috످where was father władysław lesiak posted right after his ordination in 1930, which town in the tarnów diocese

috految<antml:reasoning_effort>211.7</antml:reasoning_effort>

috److془Father Władysław Lesiak (1908-1976?), rector... Polish priest, professor at Tarnów seminary, proboszcz of Nowy Sącz St. Margaret's parish. First posting in 1930: I don't recall.

Say don't know, point to Tarnów diocesan schematism 1931 or Ks. Adam Nowak's Słownik biograficzny kapłanów diecezji tarnowskiej 1786–1985.془I don't know which town Father Władysław Lesiak was first posted to. You could check Adam Nowak's Słownik biograficzny kapłanów diecezji tarnowskiej 1786–1985 (a biographical dictionary of the diocese's priests) or ask the Tarnów Diocesan Archives.

috످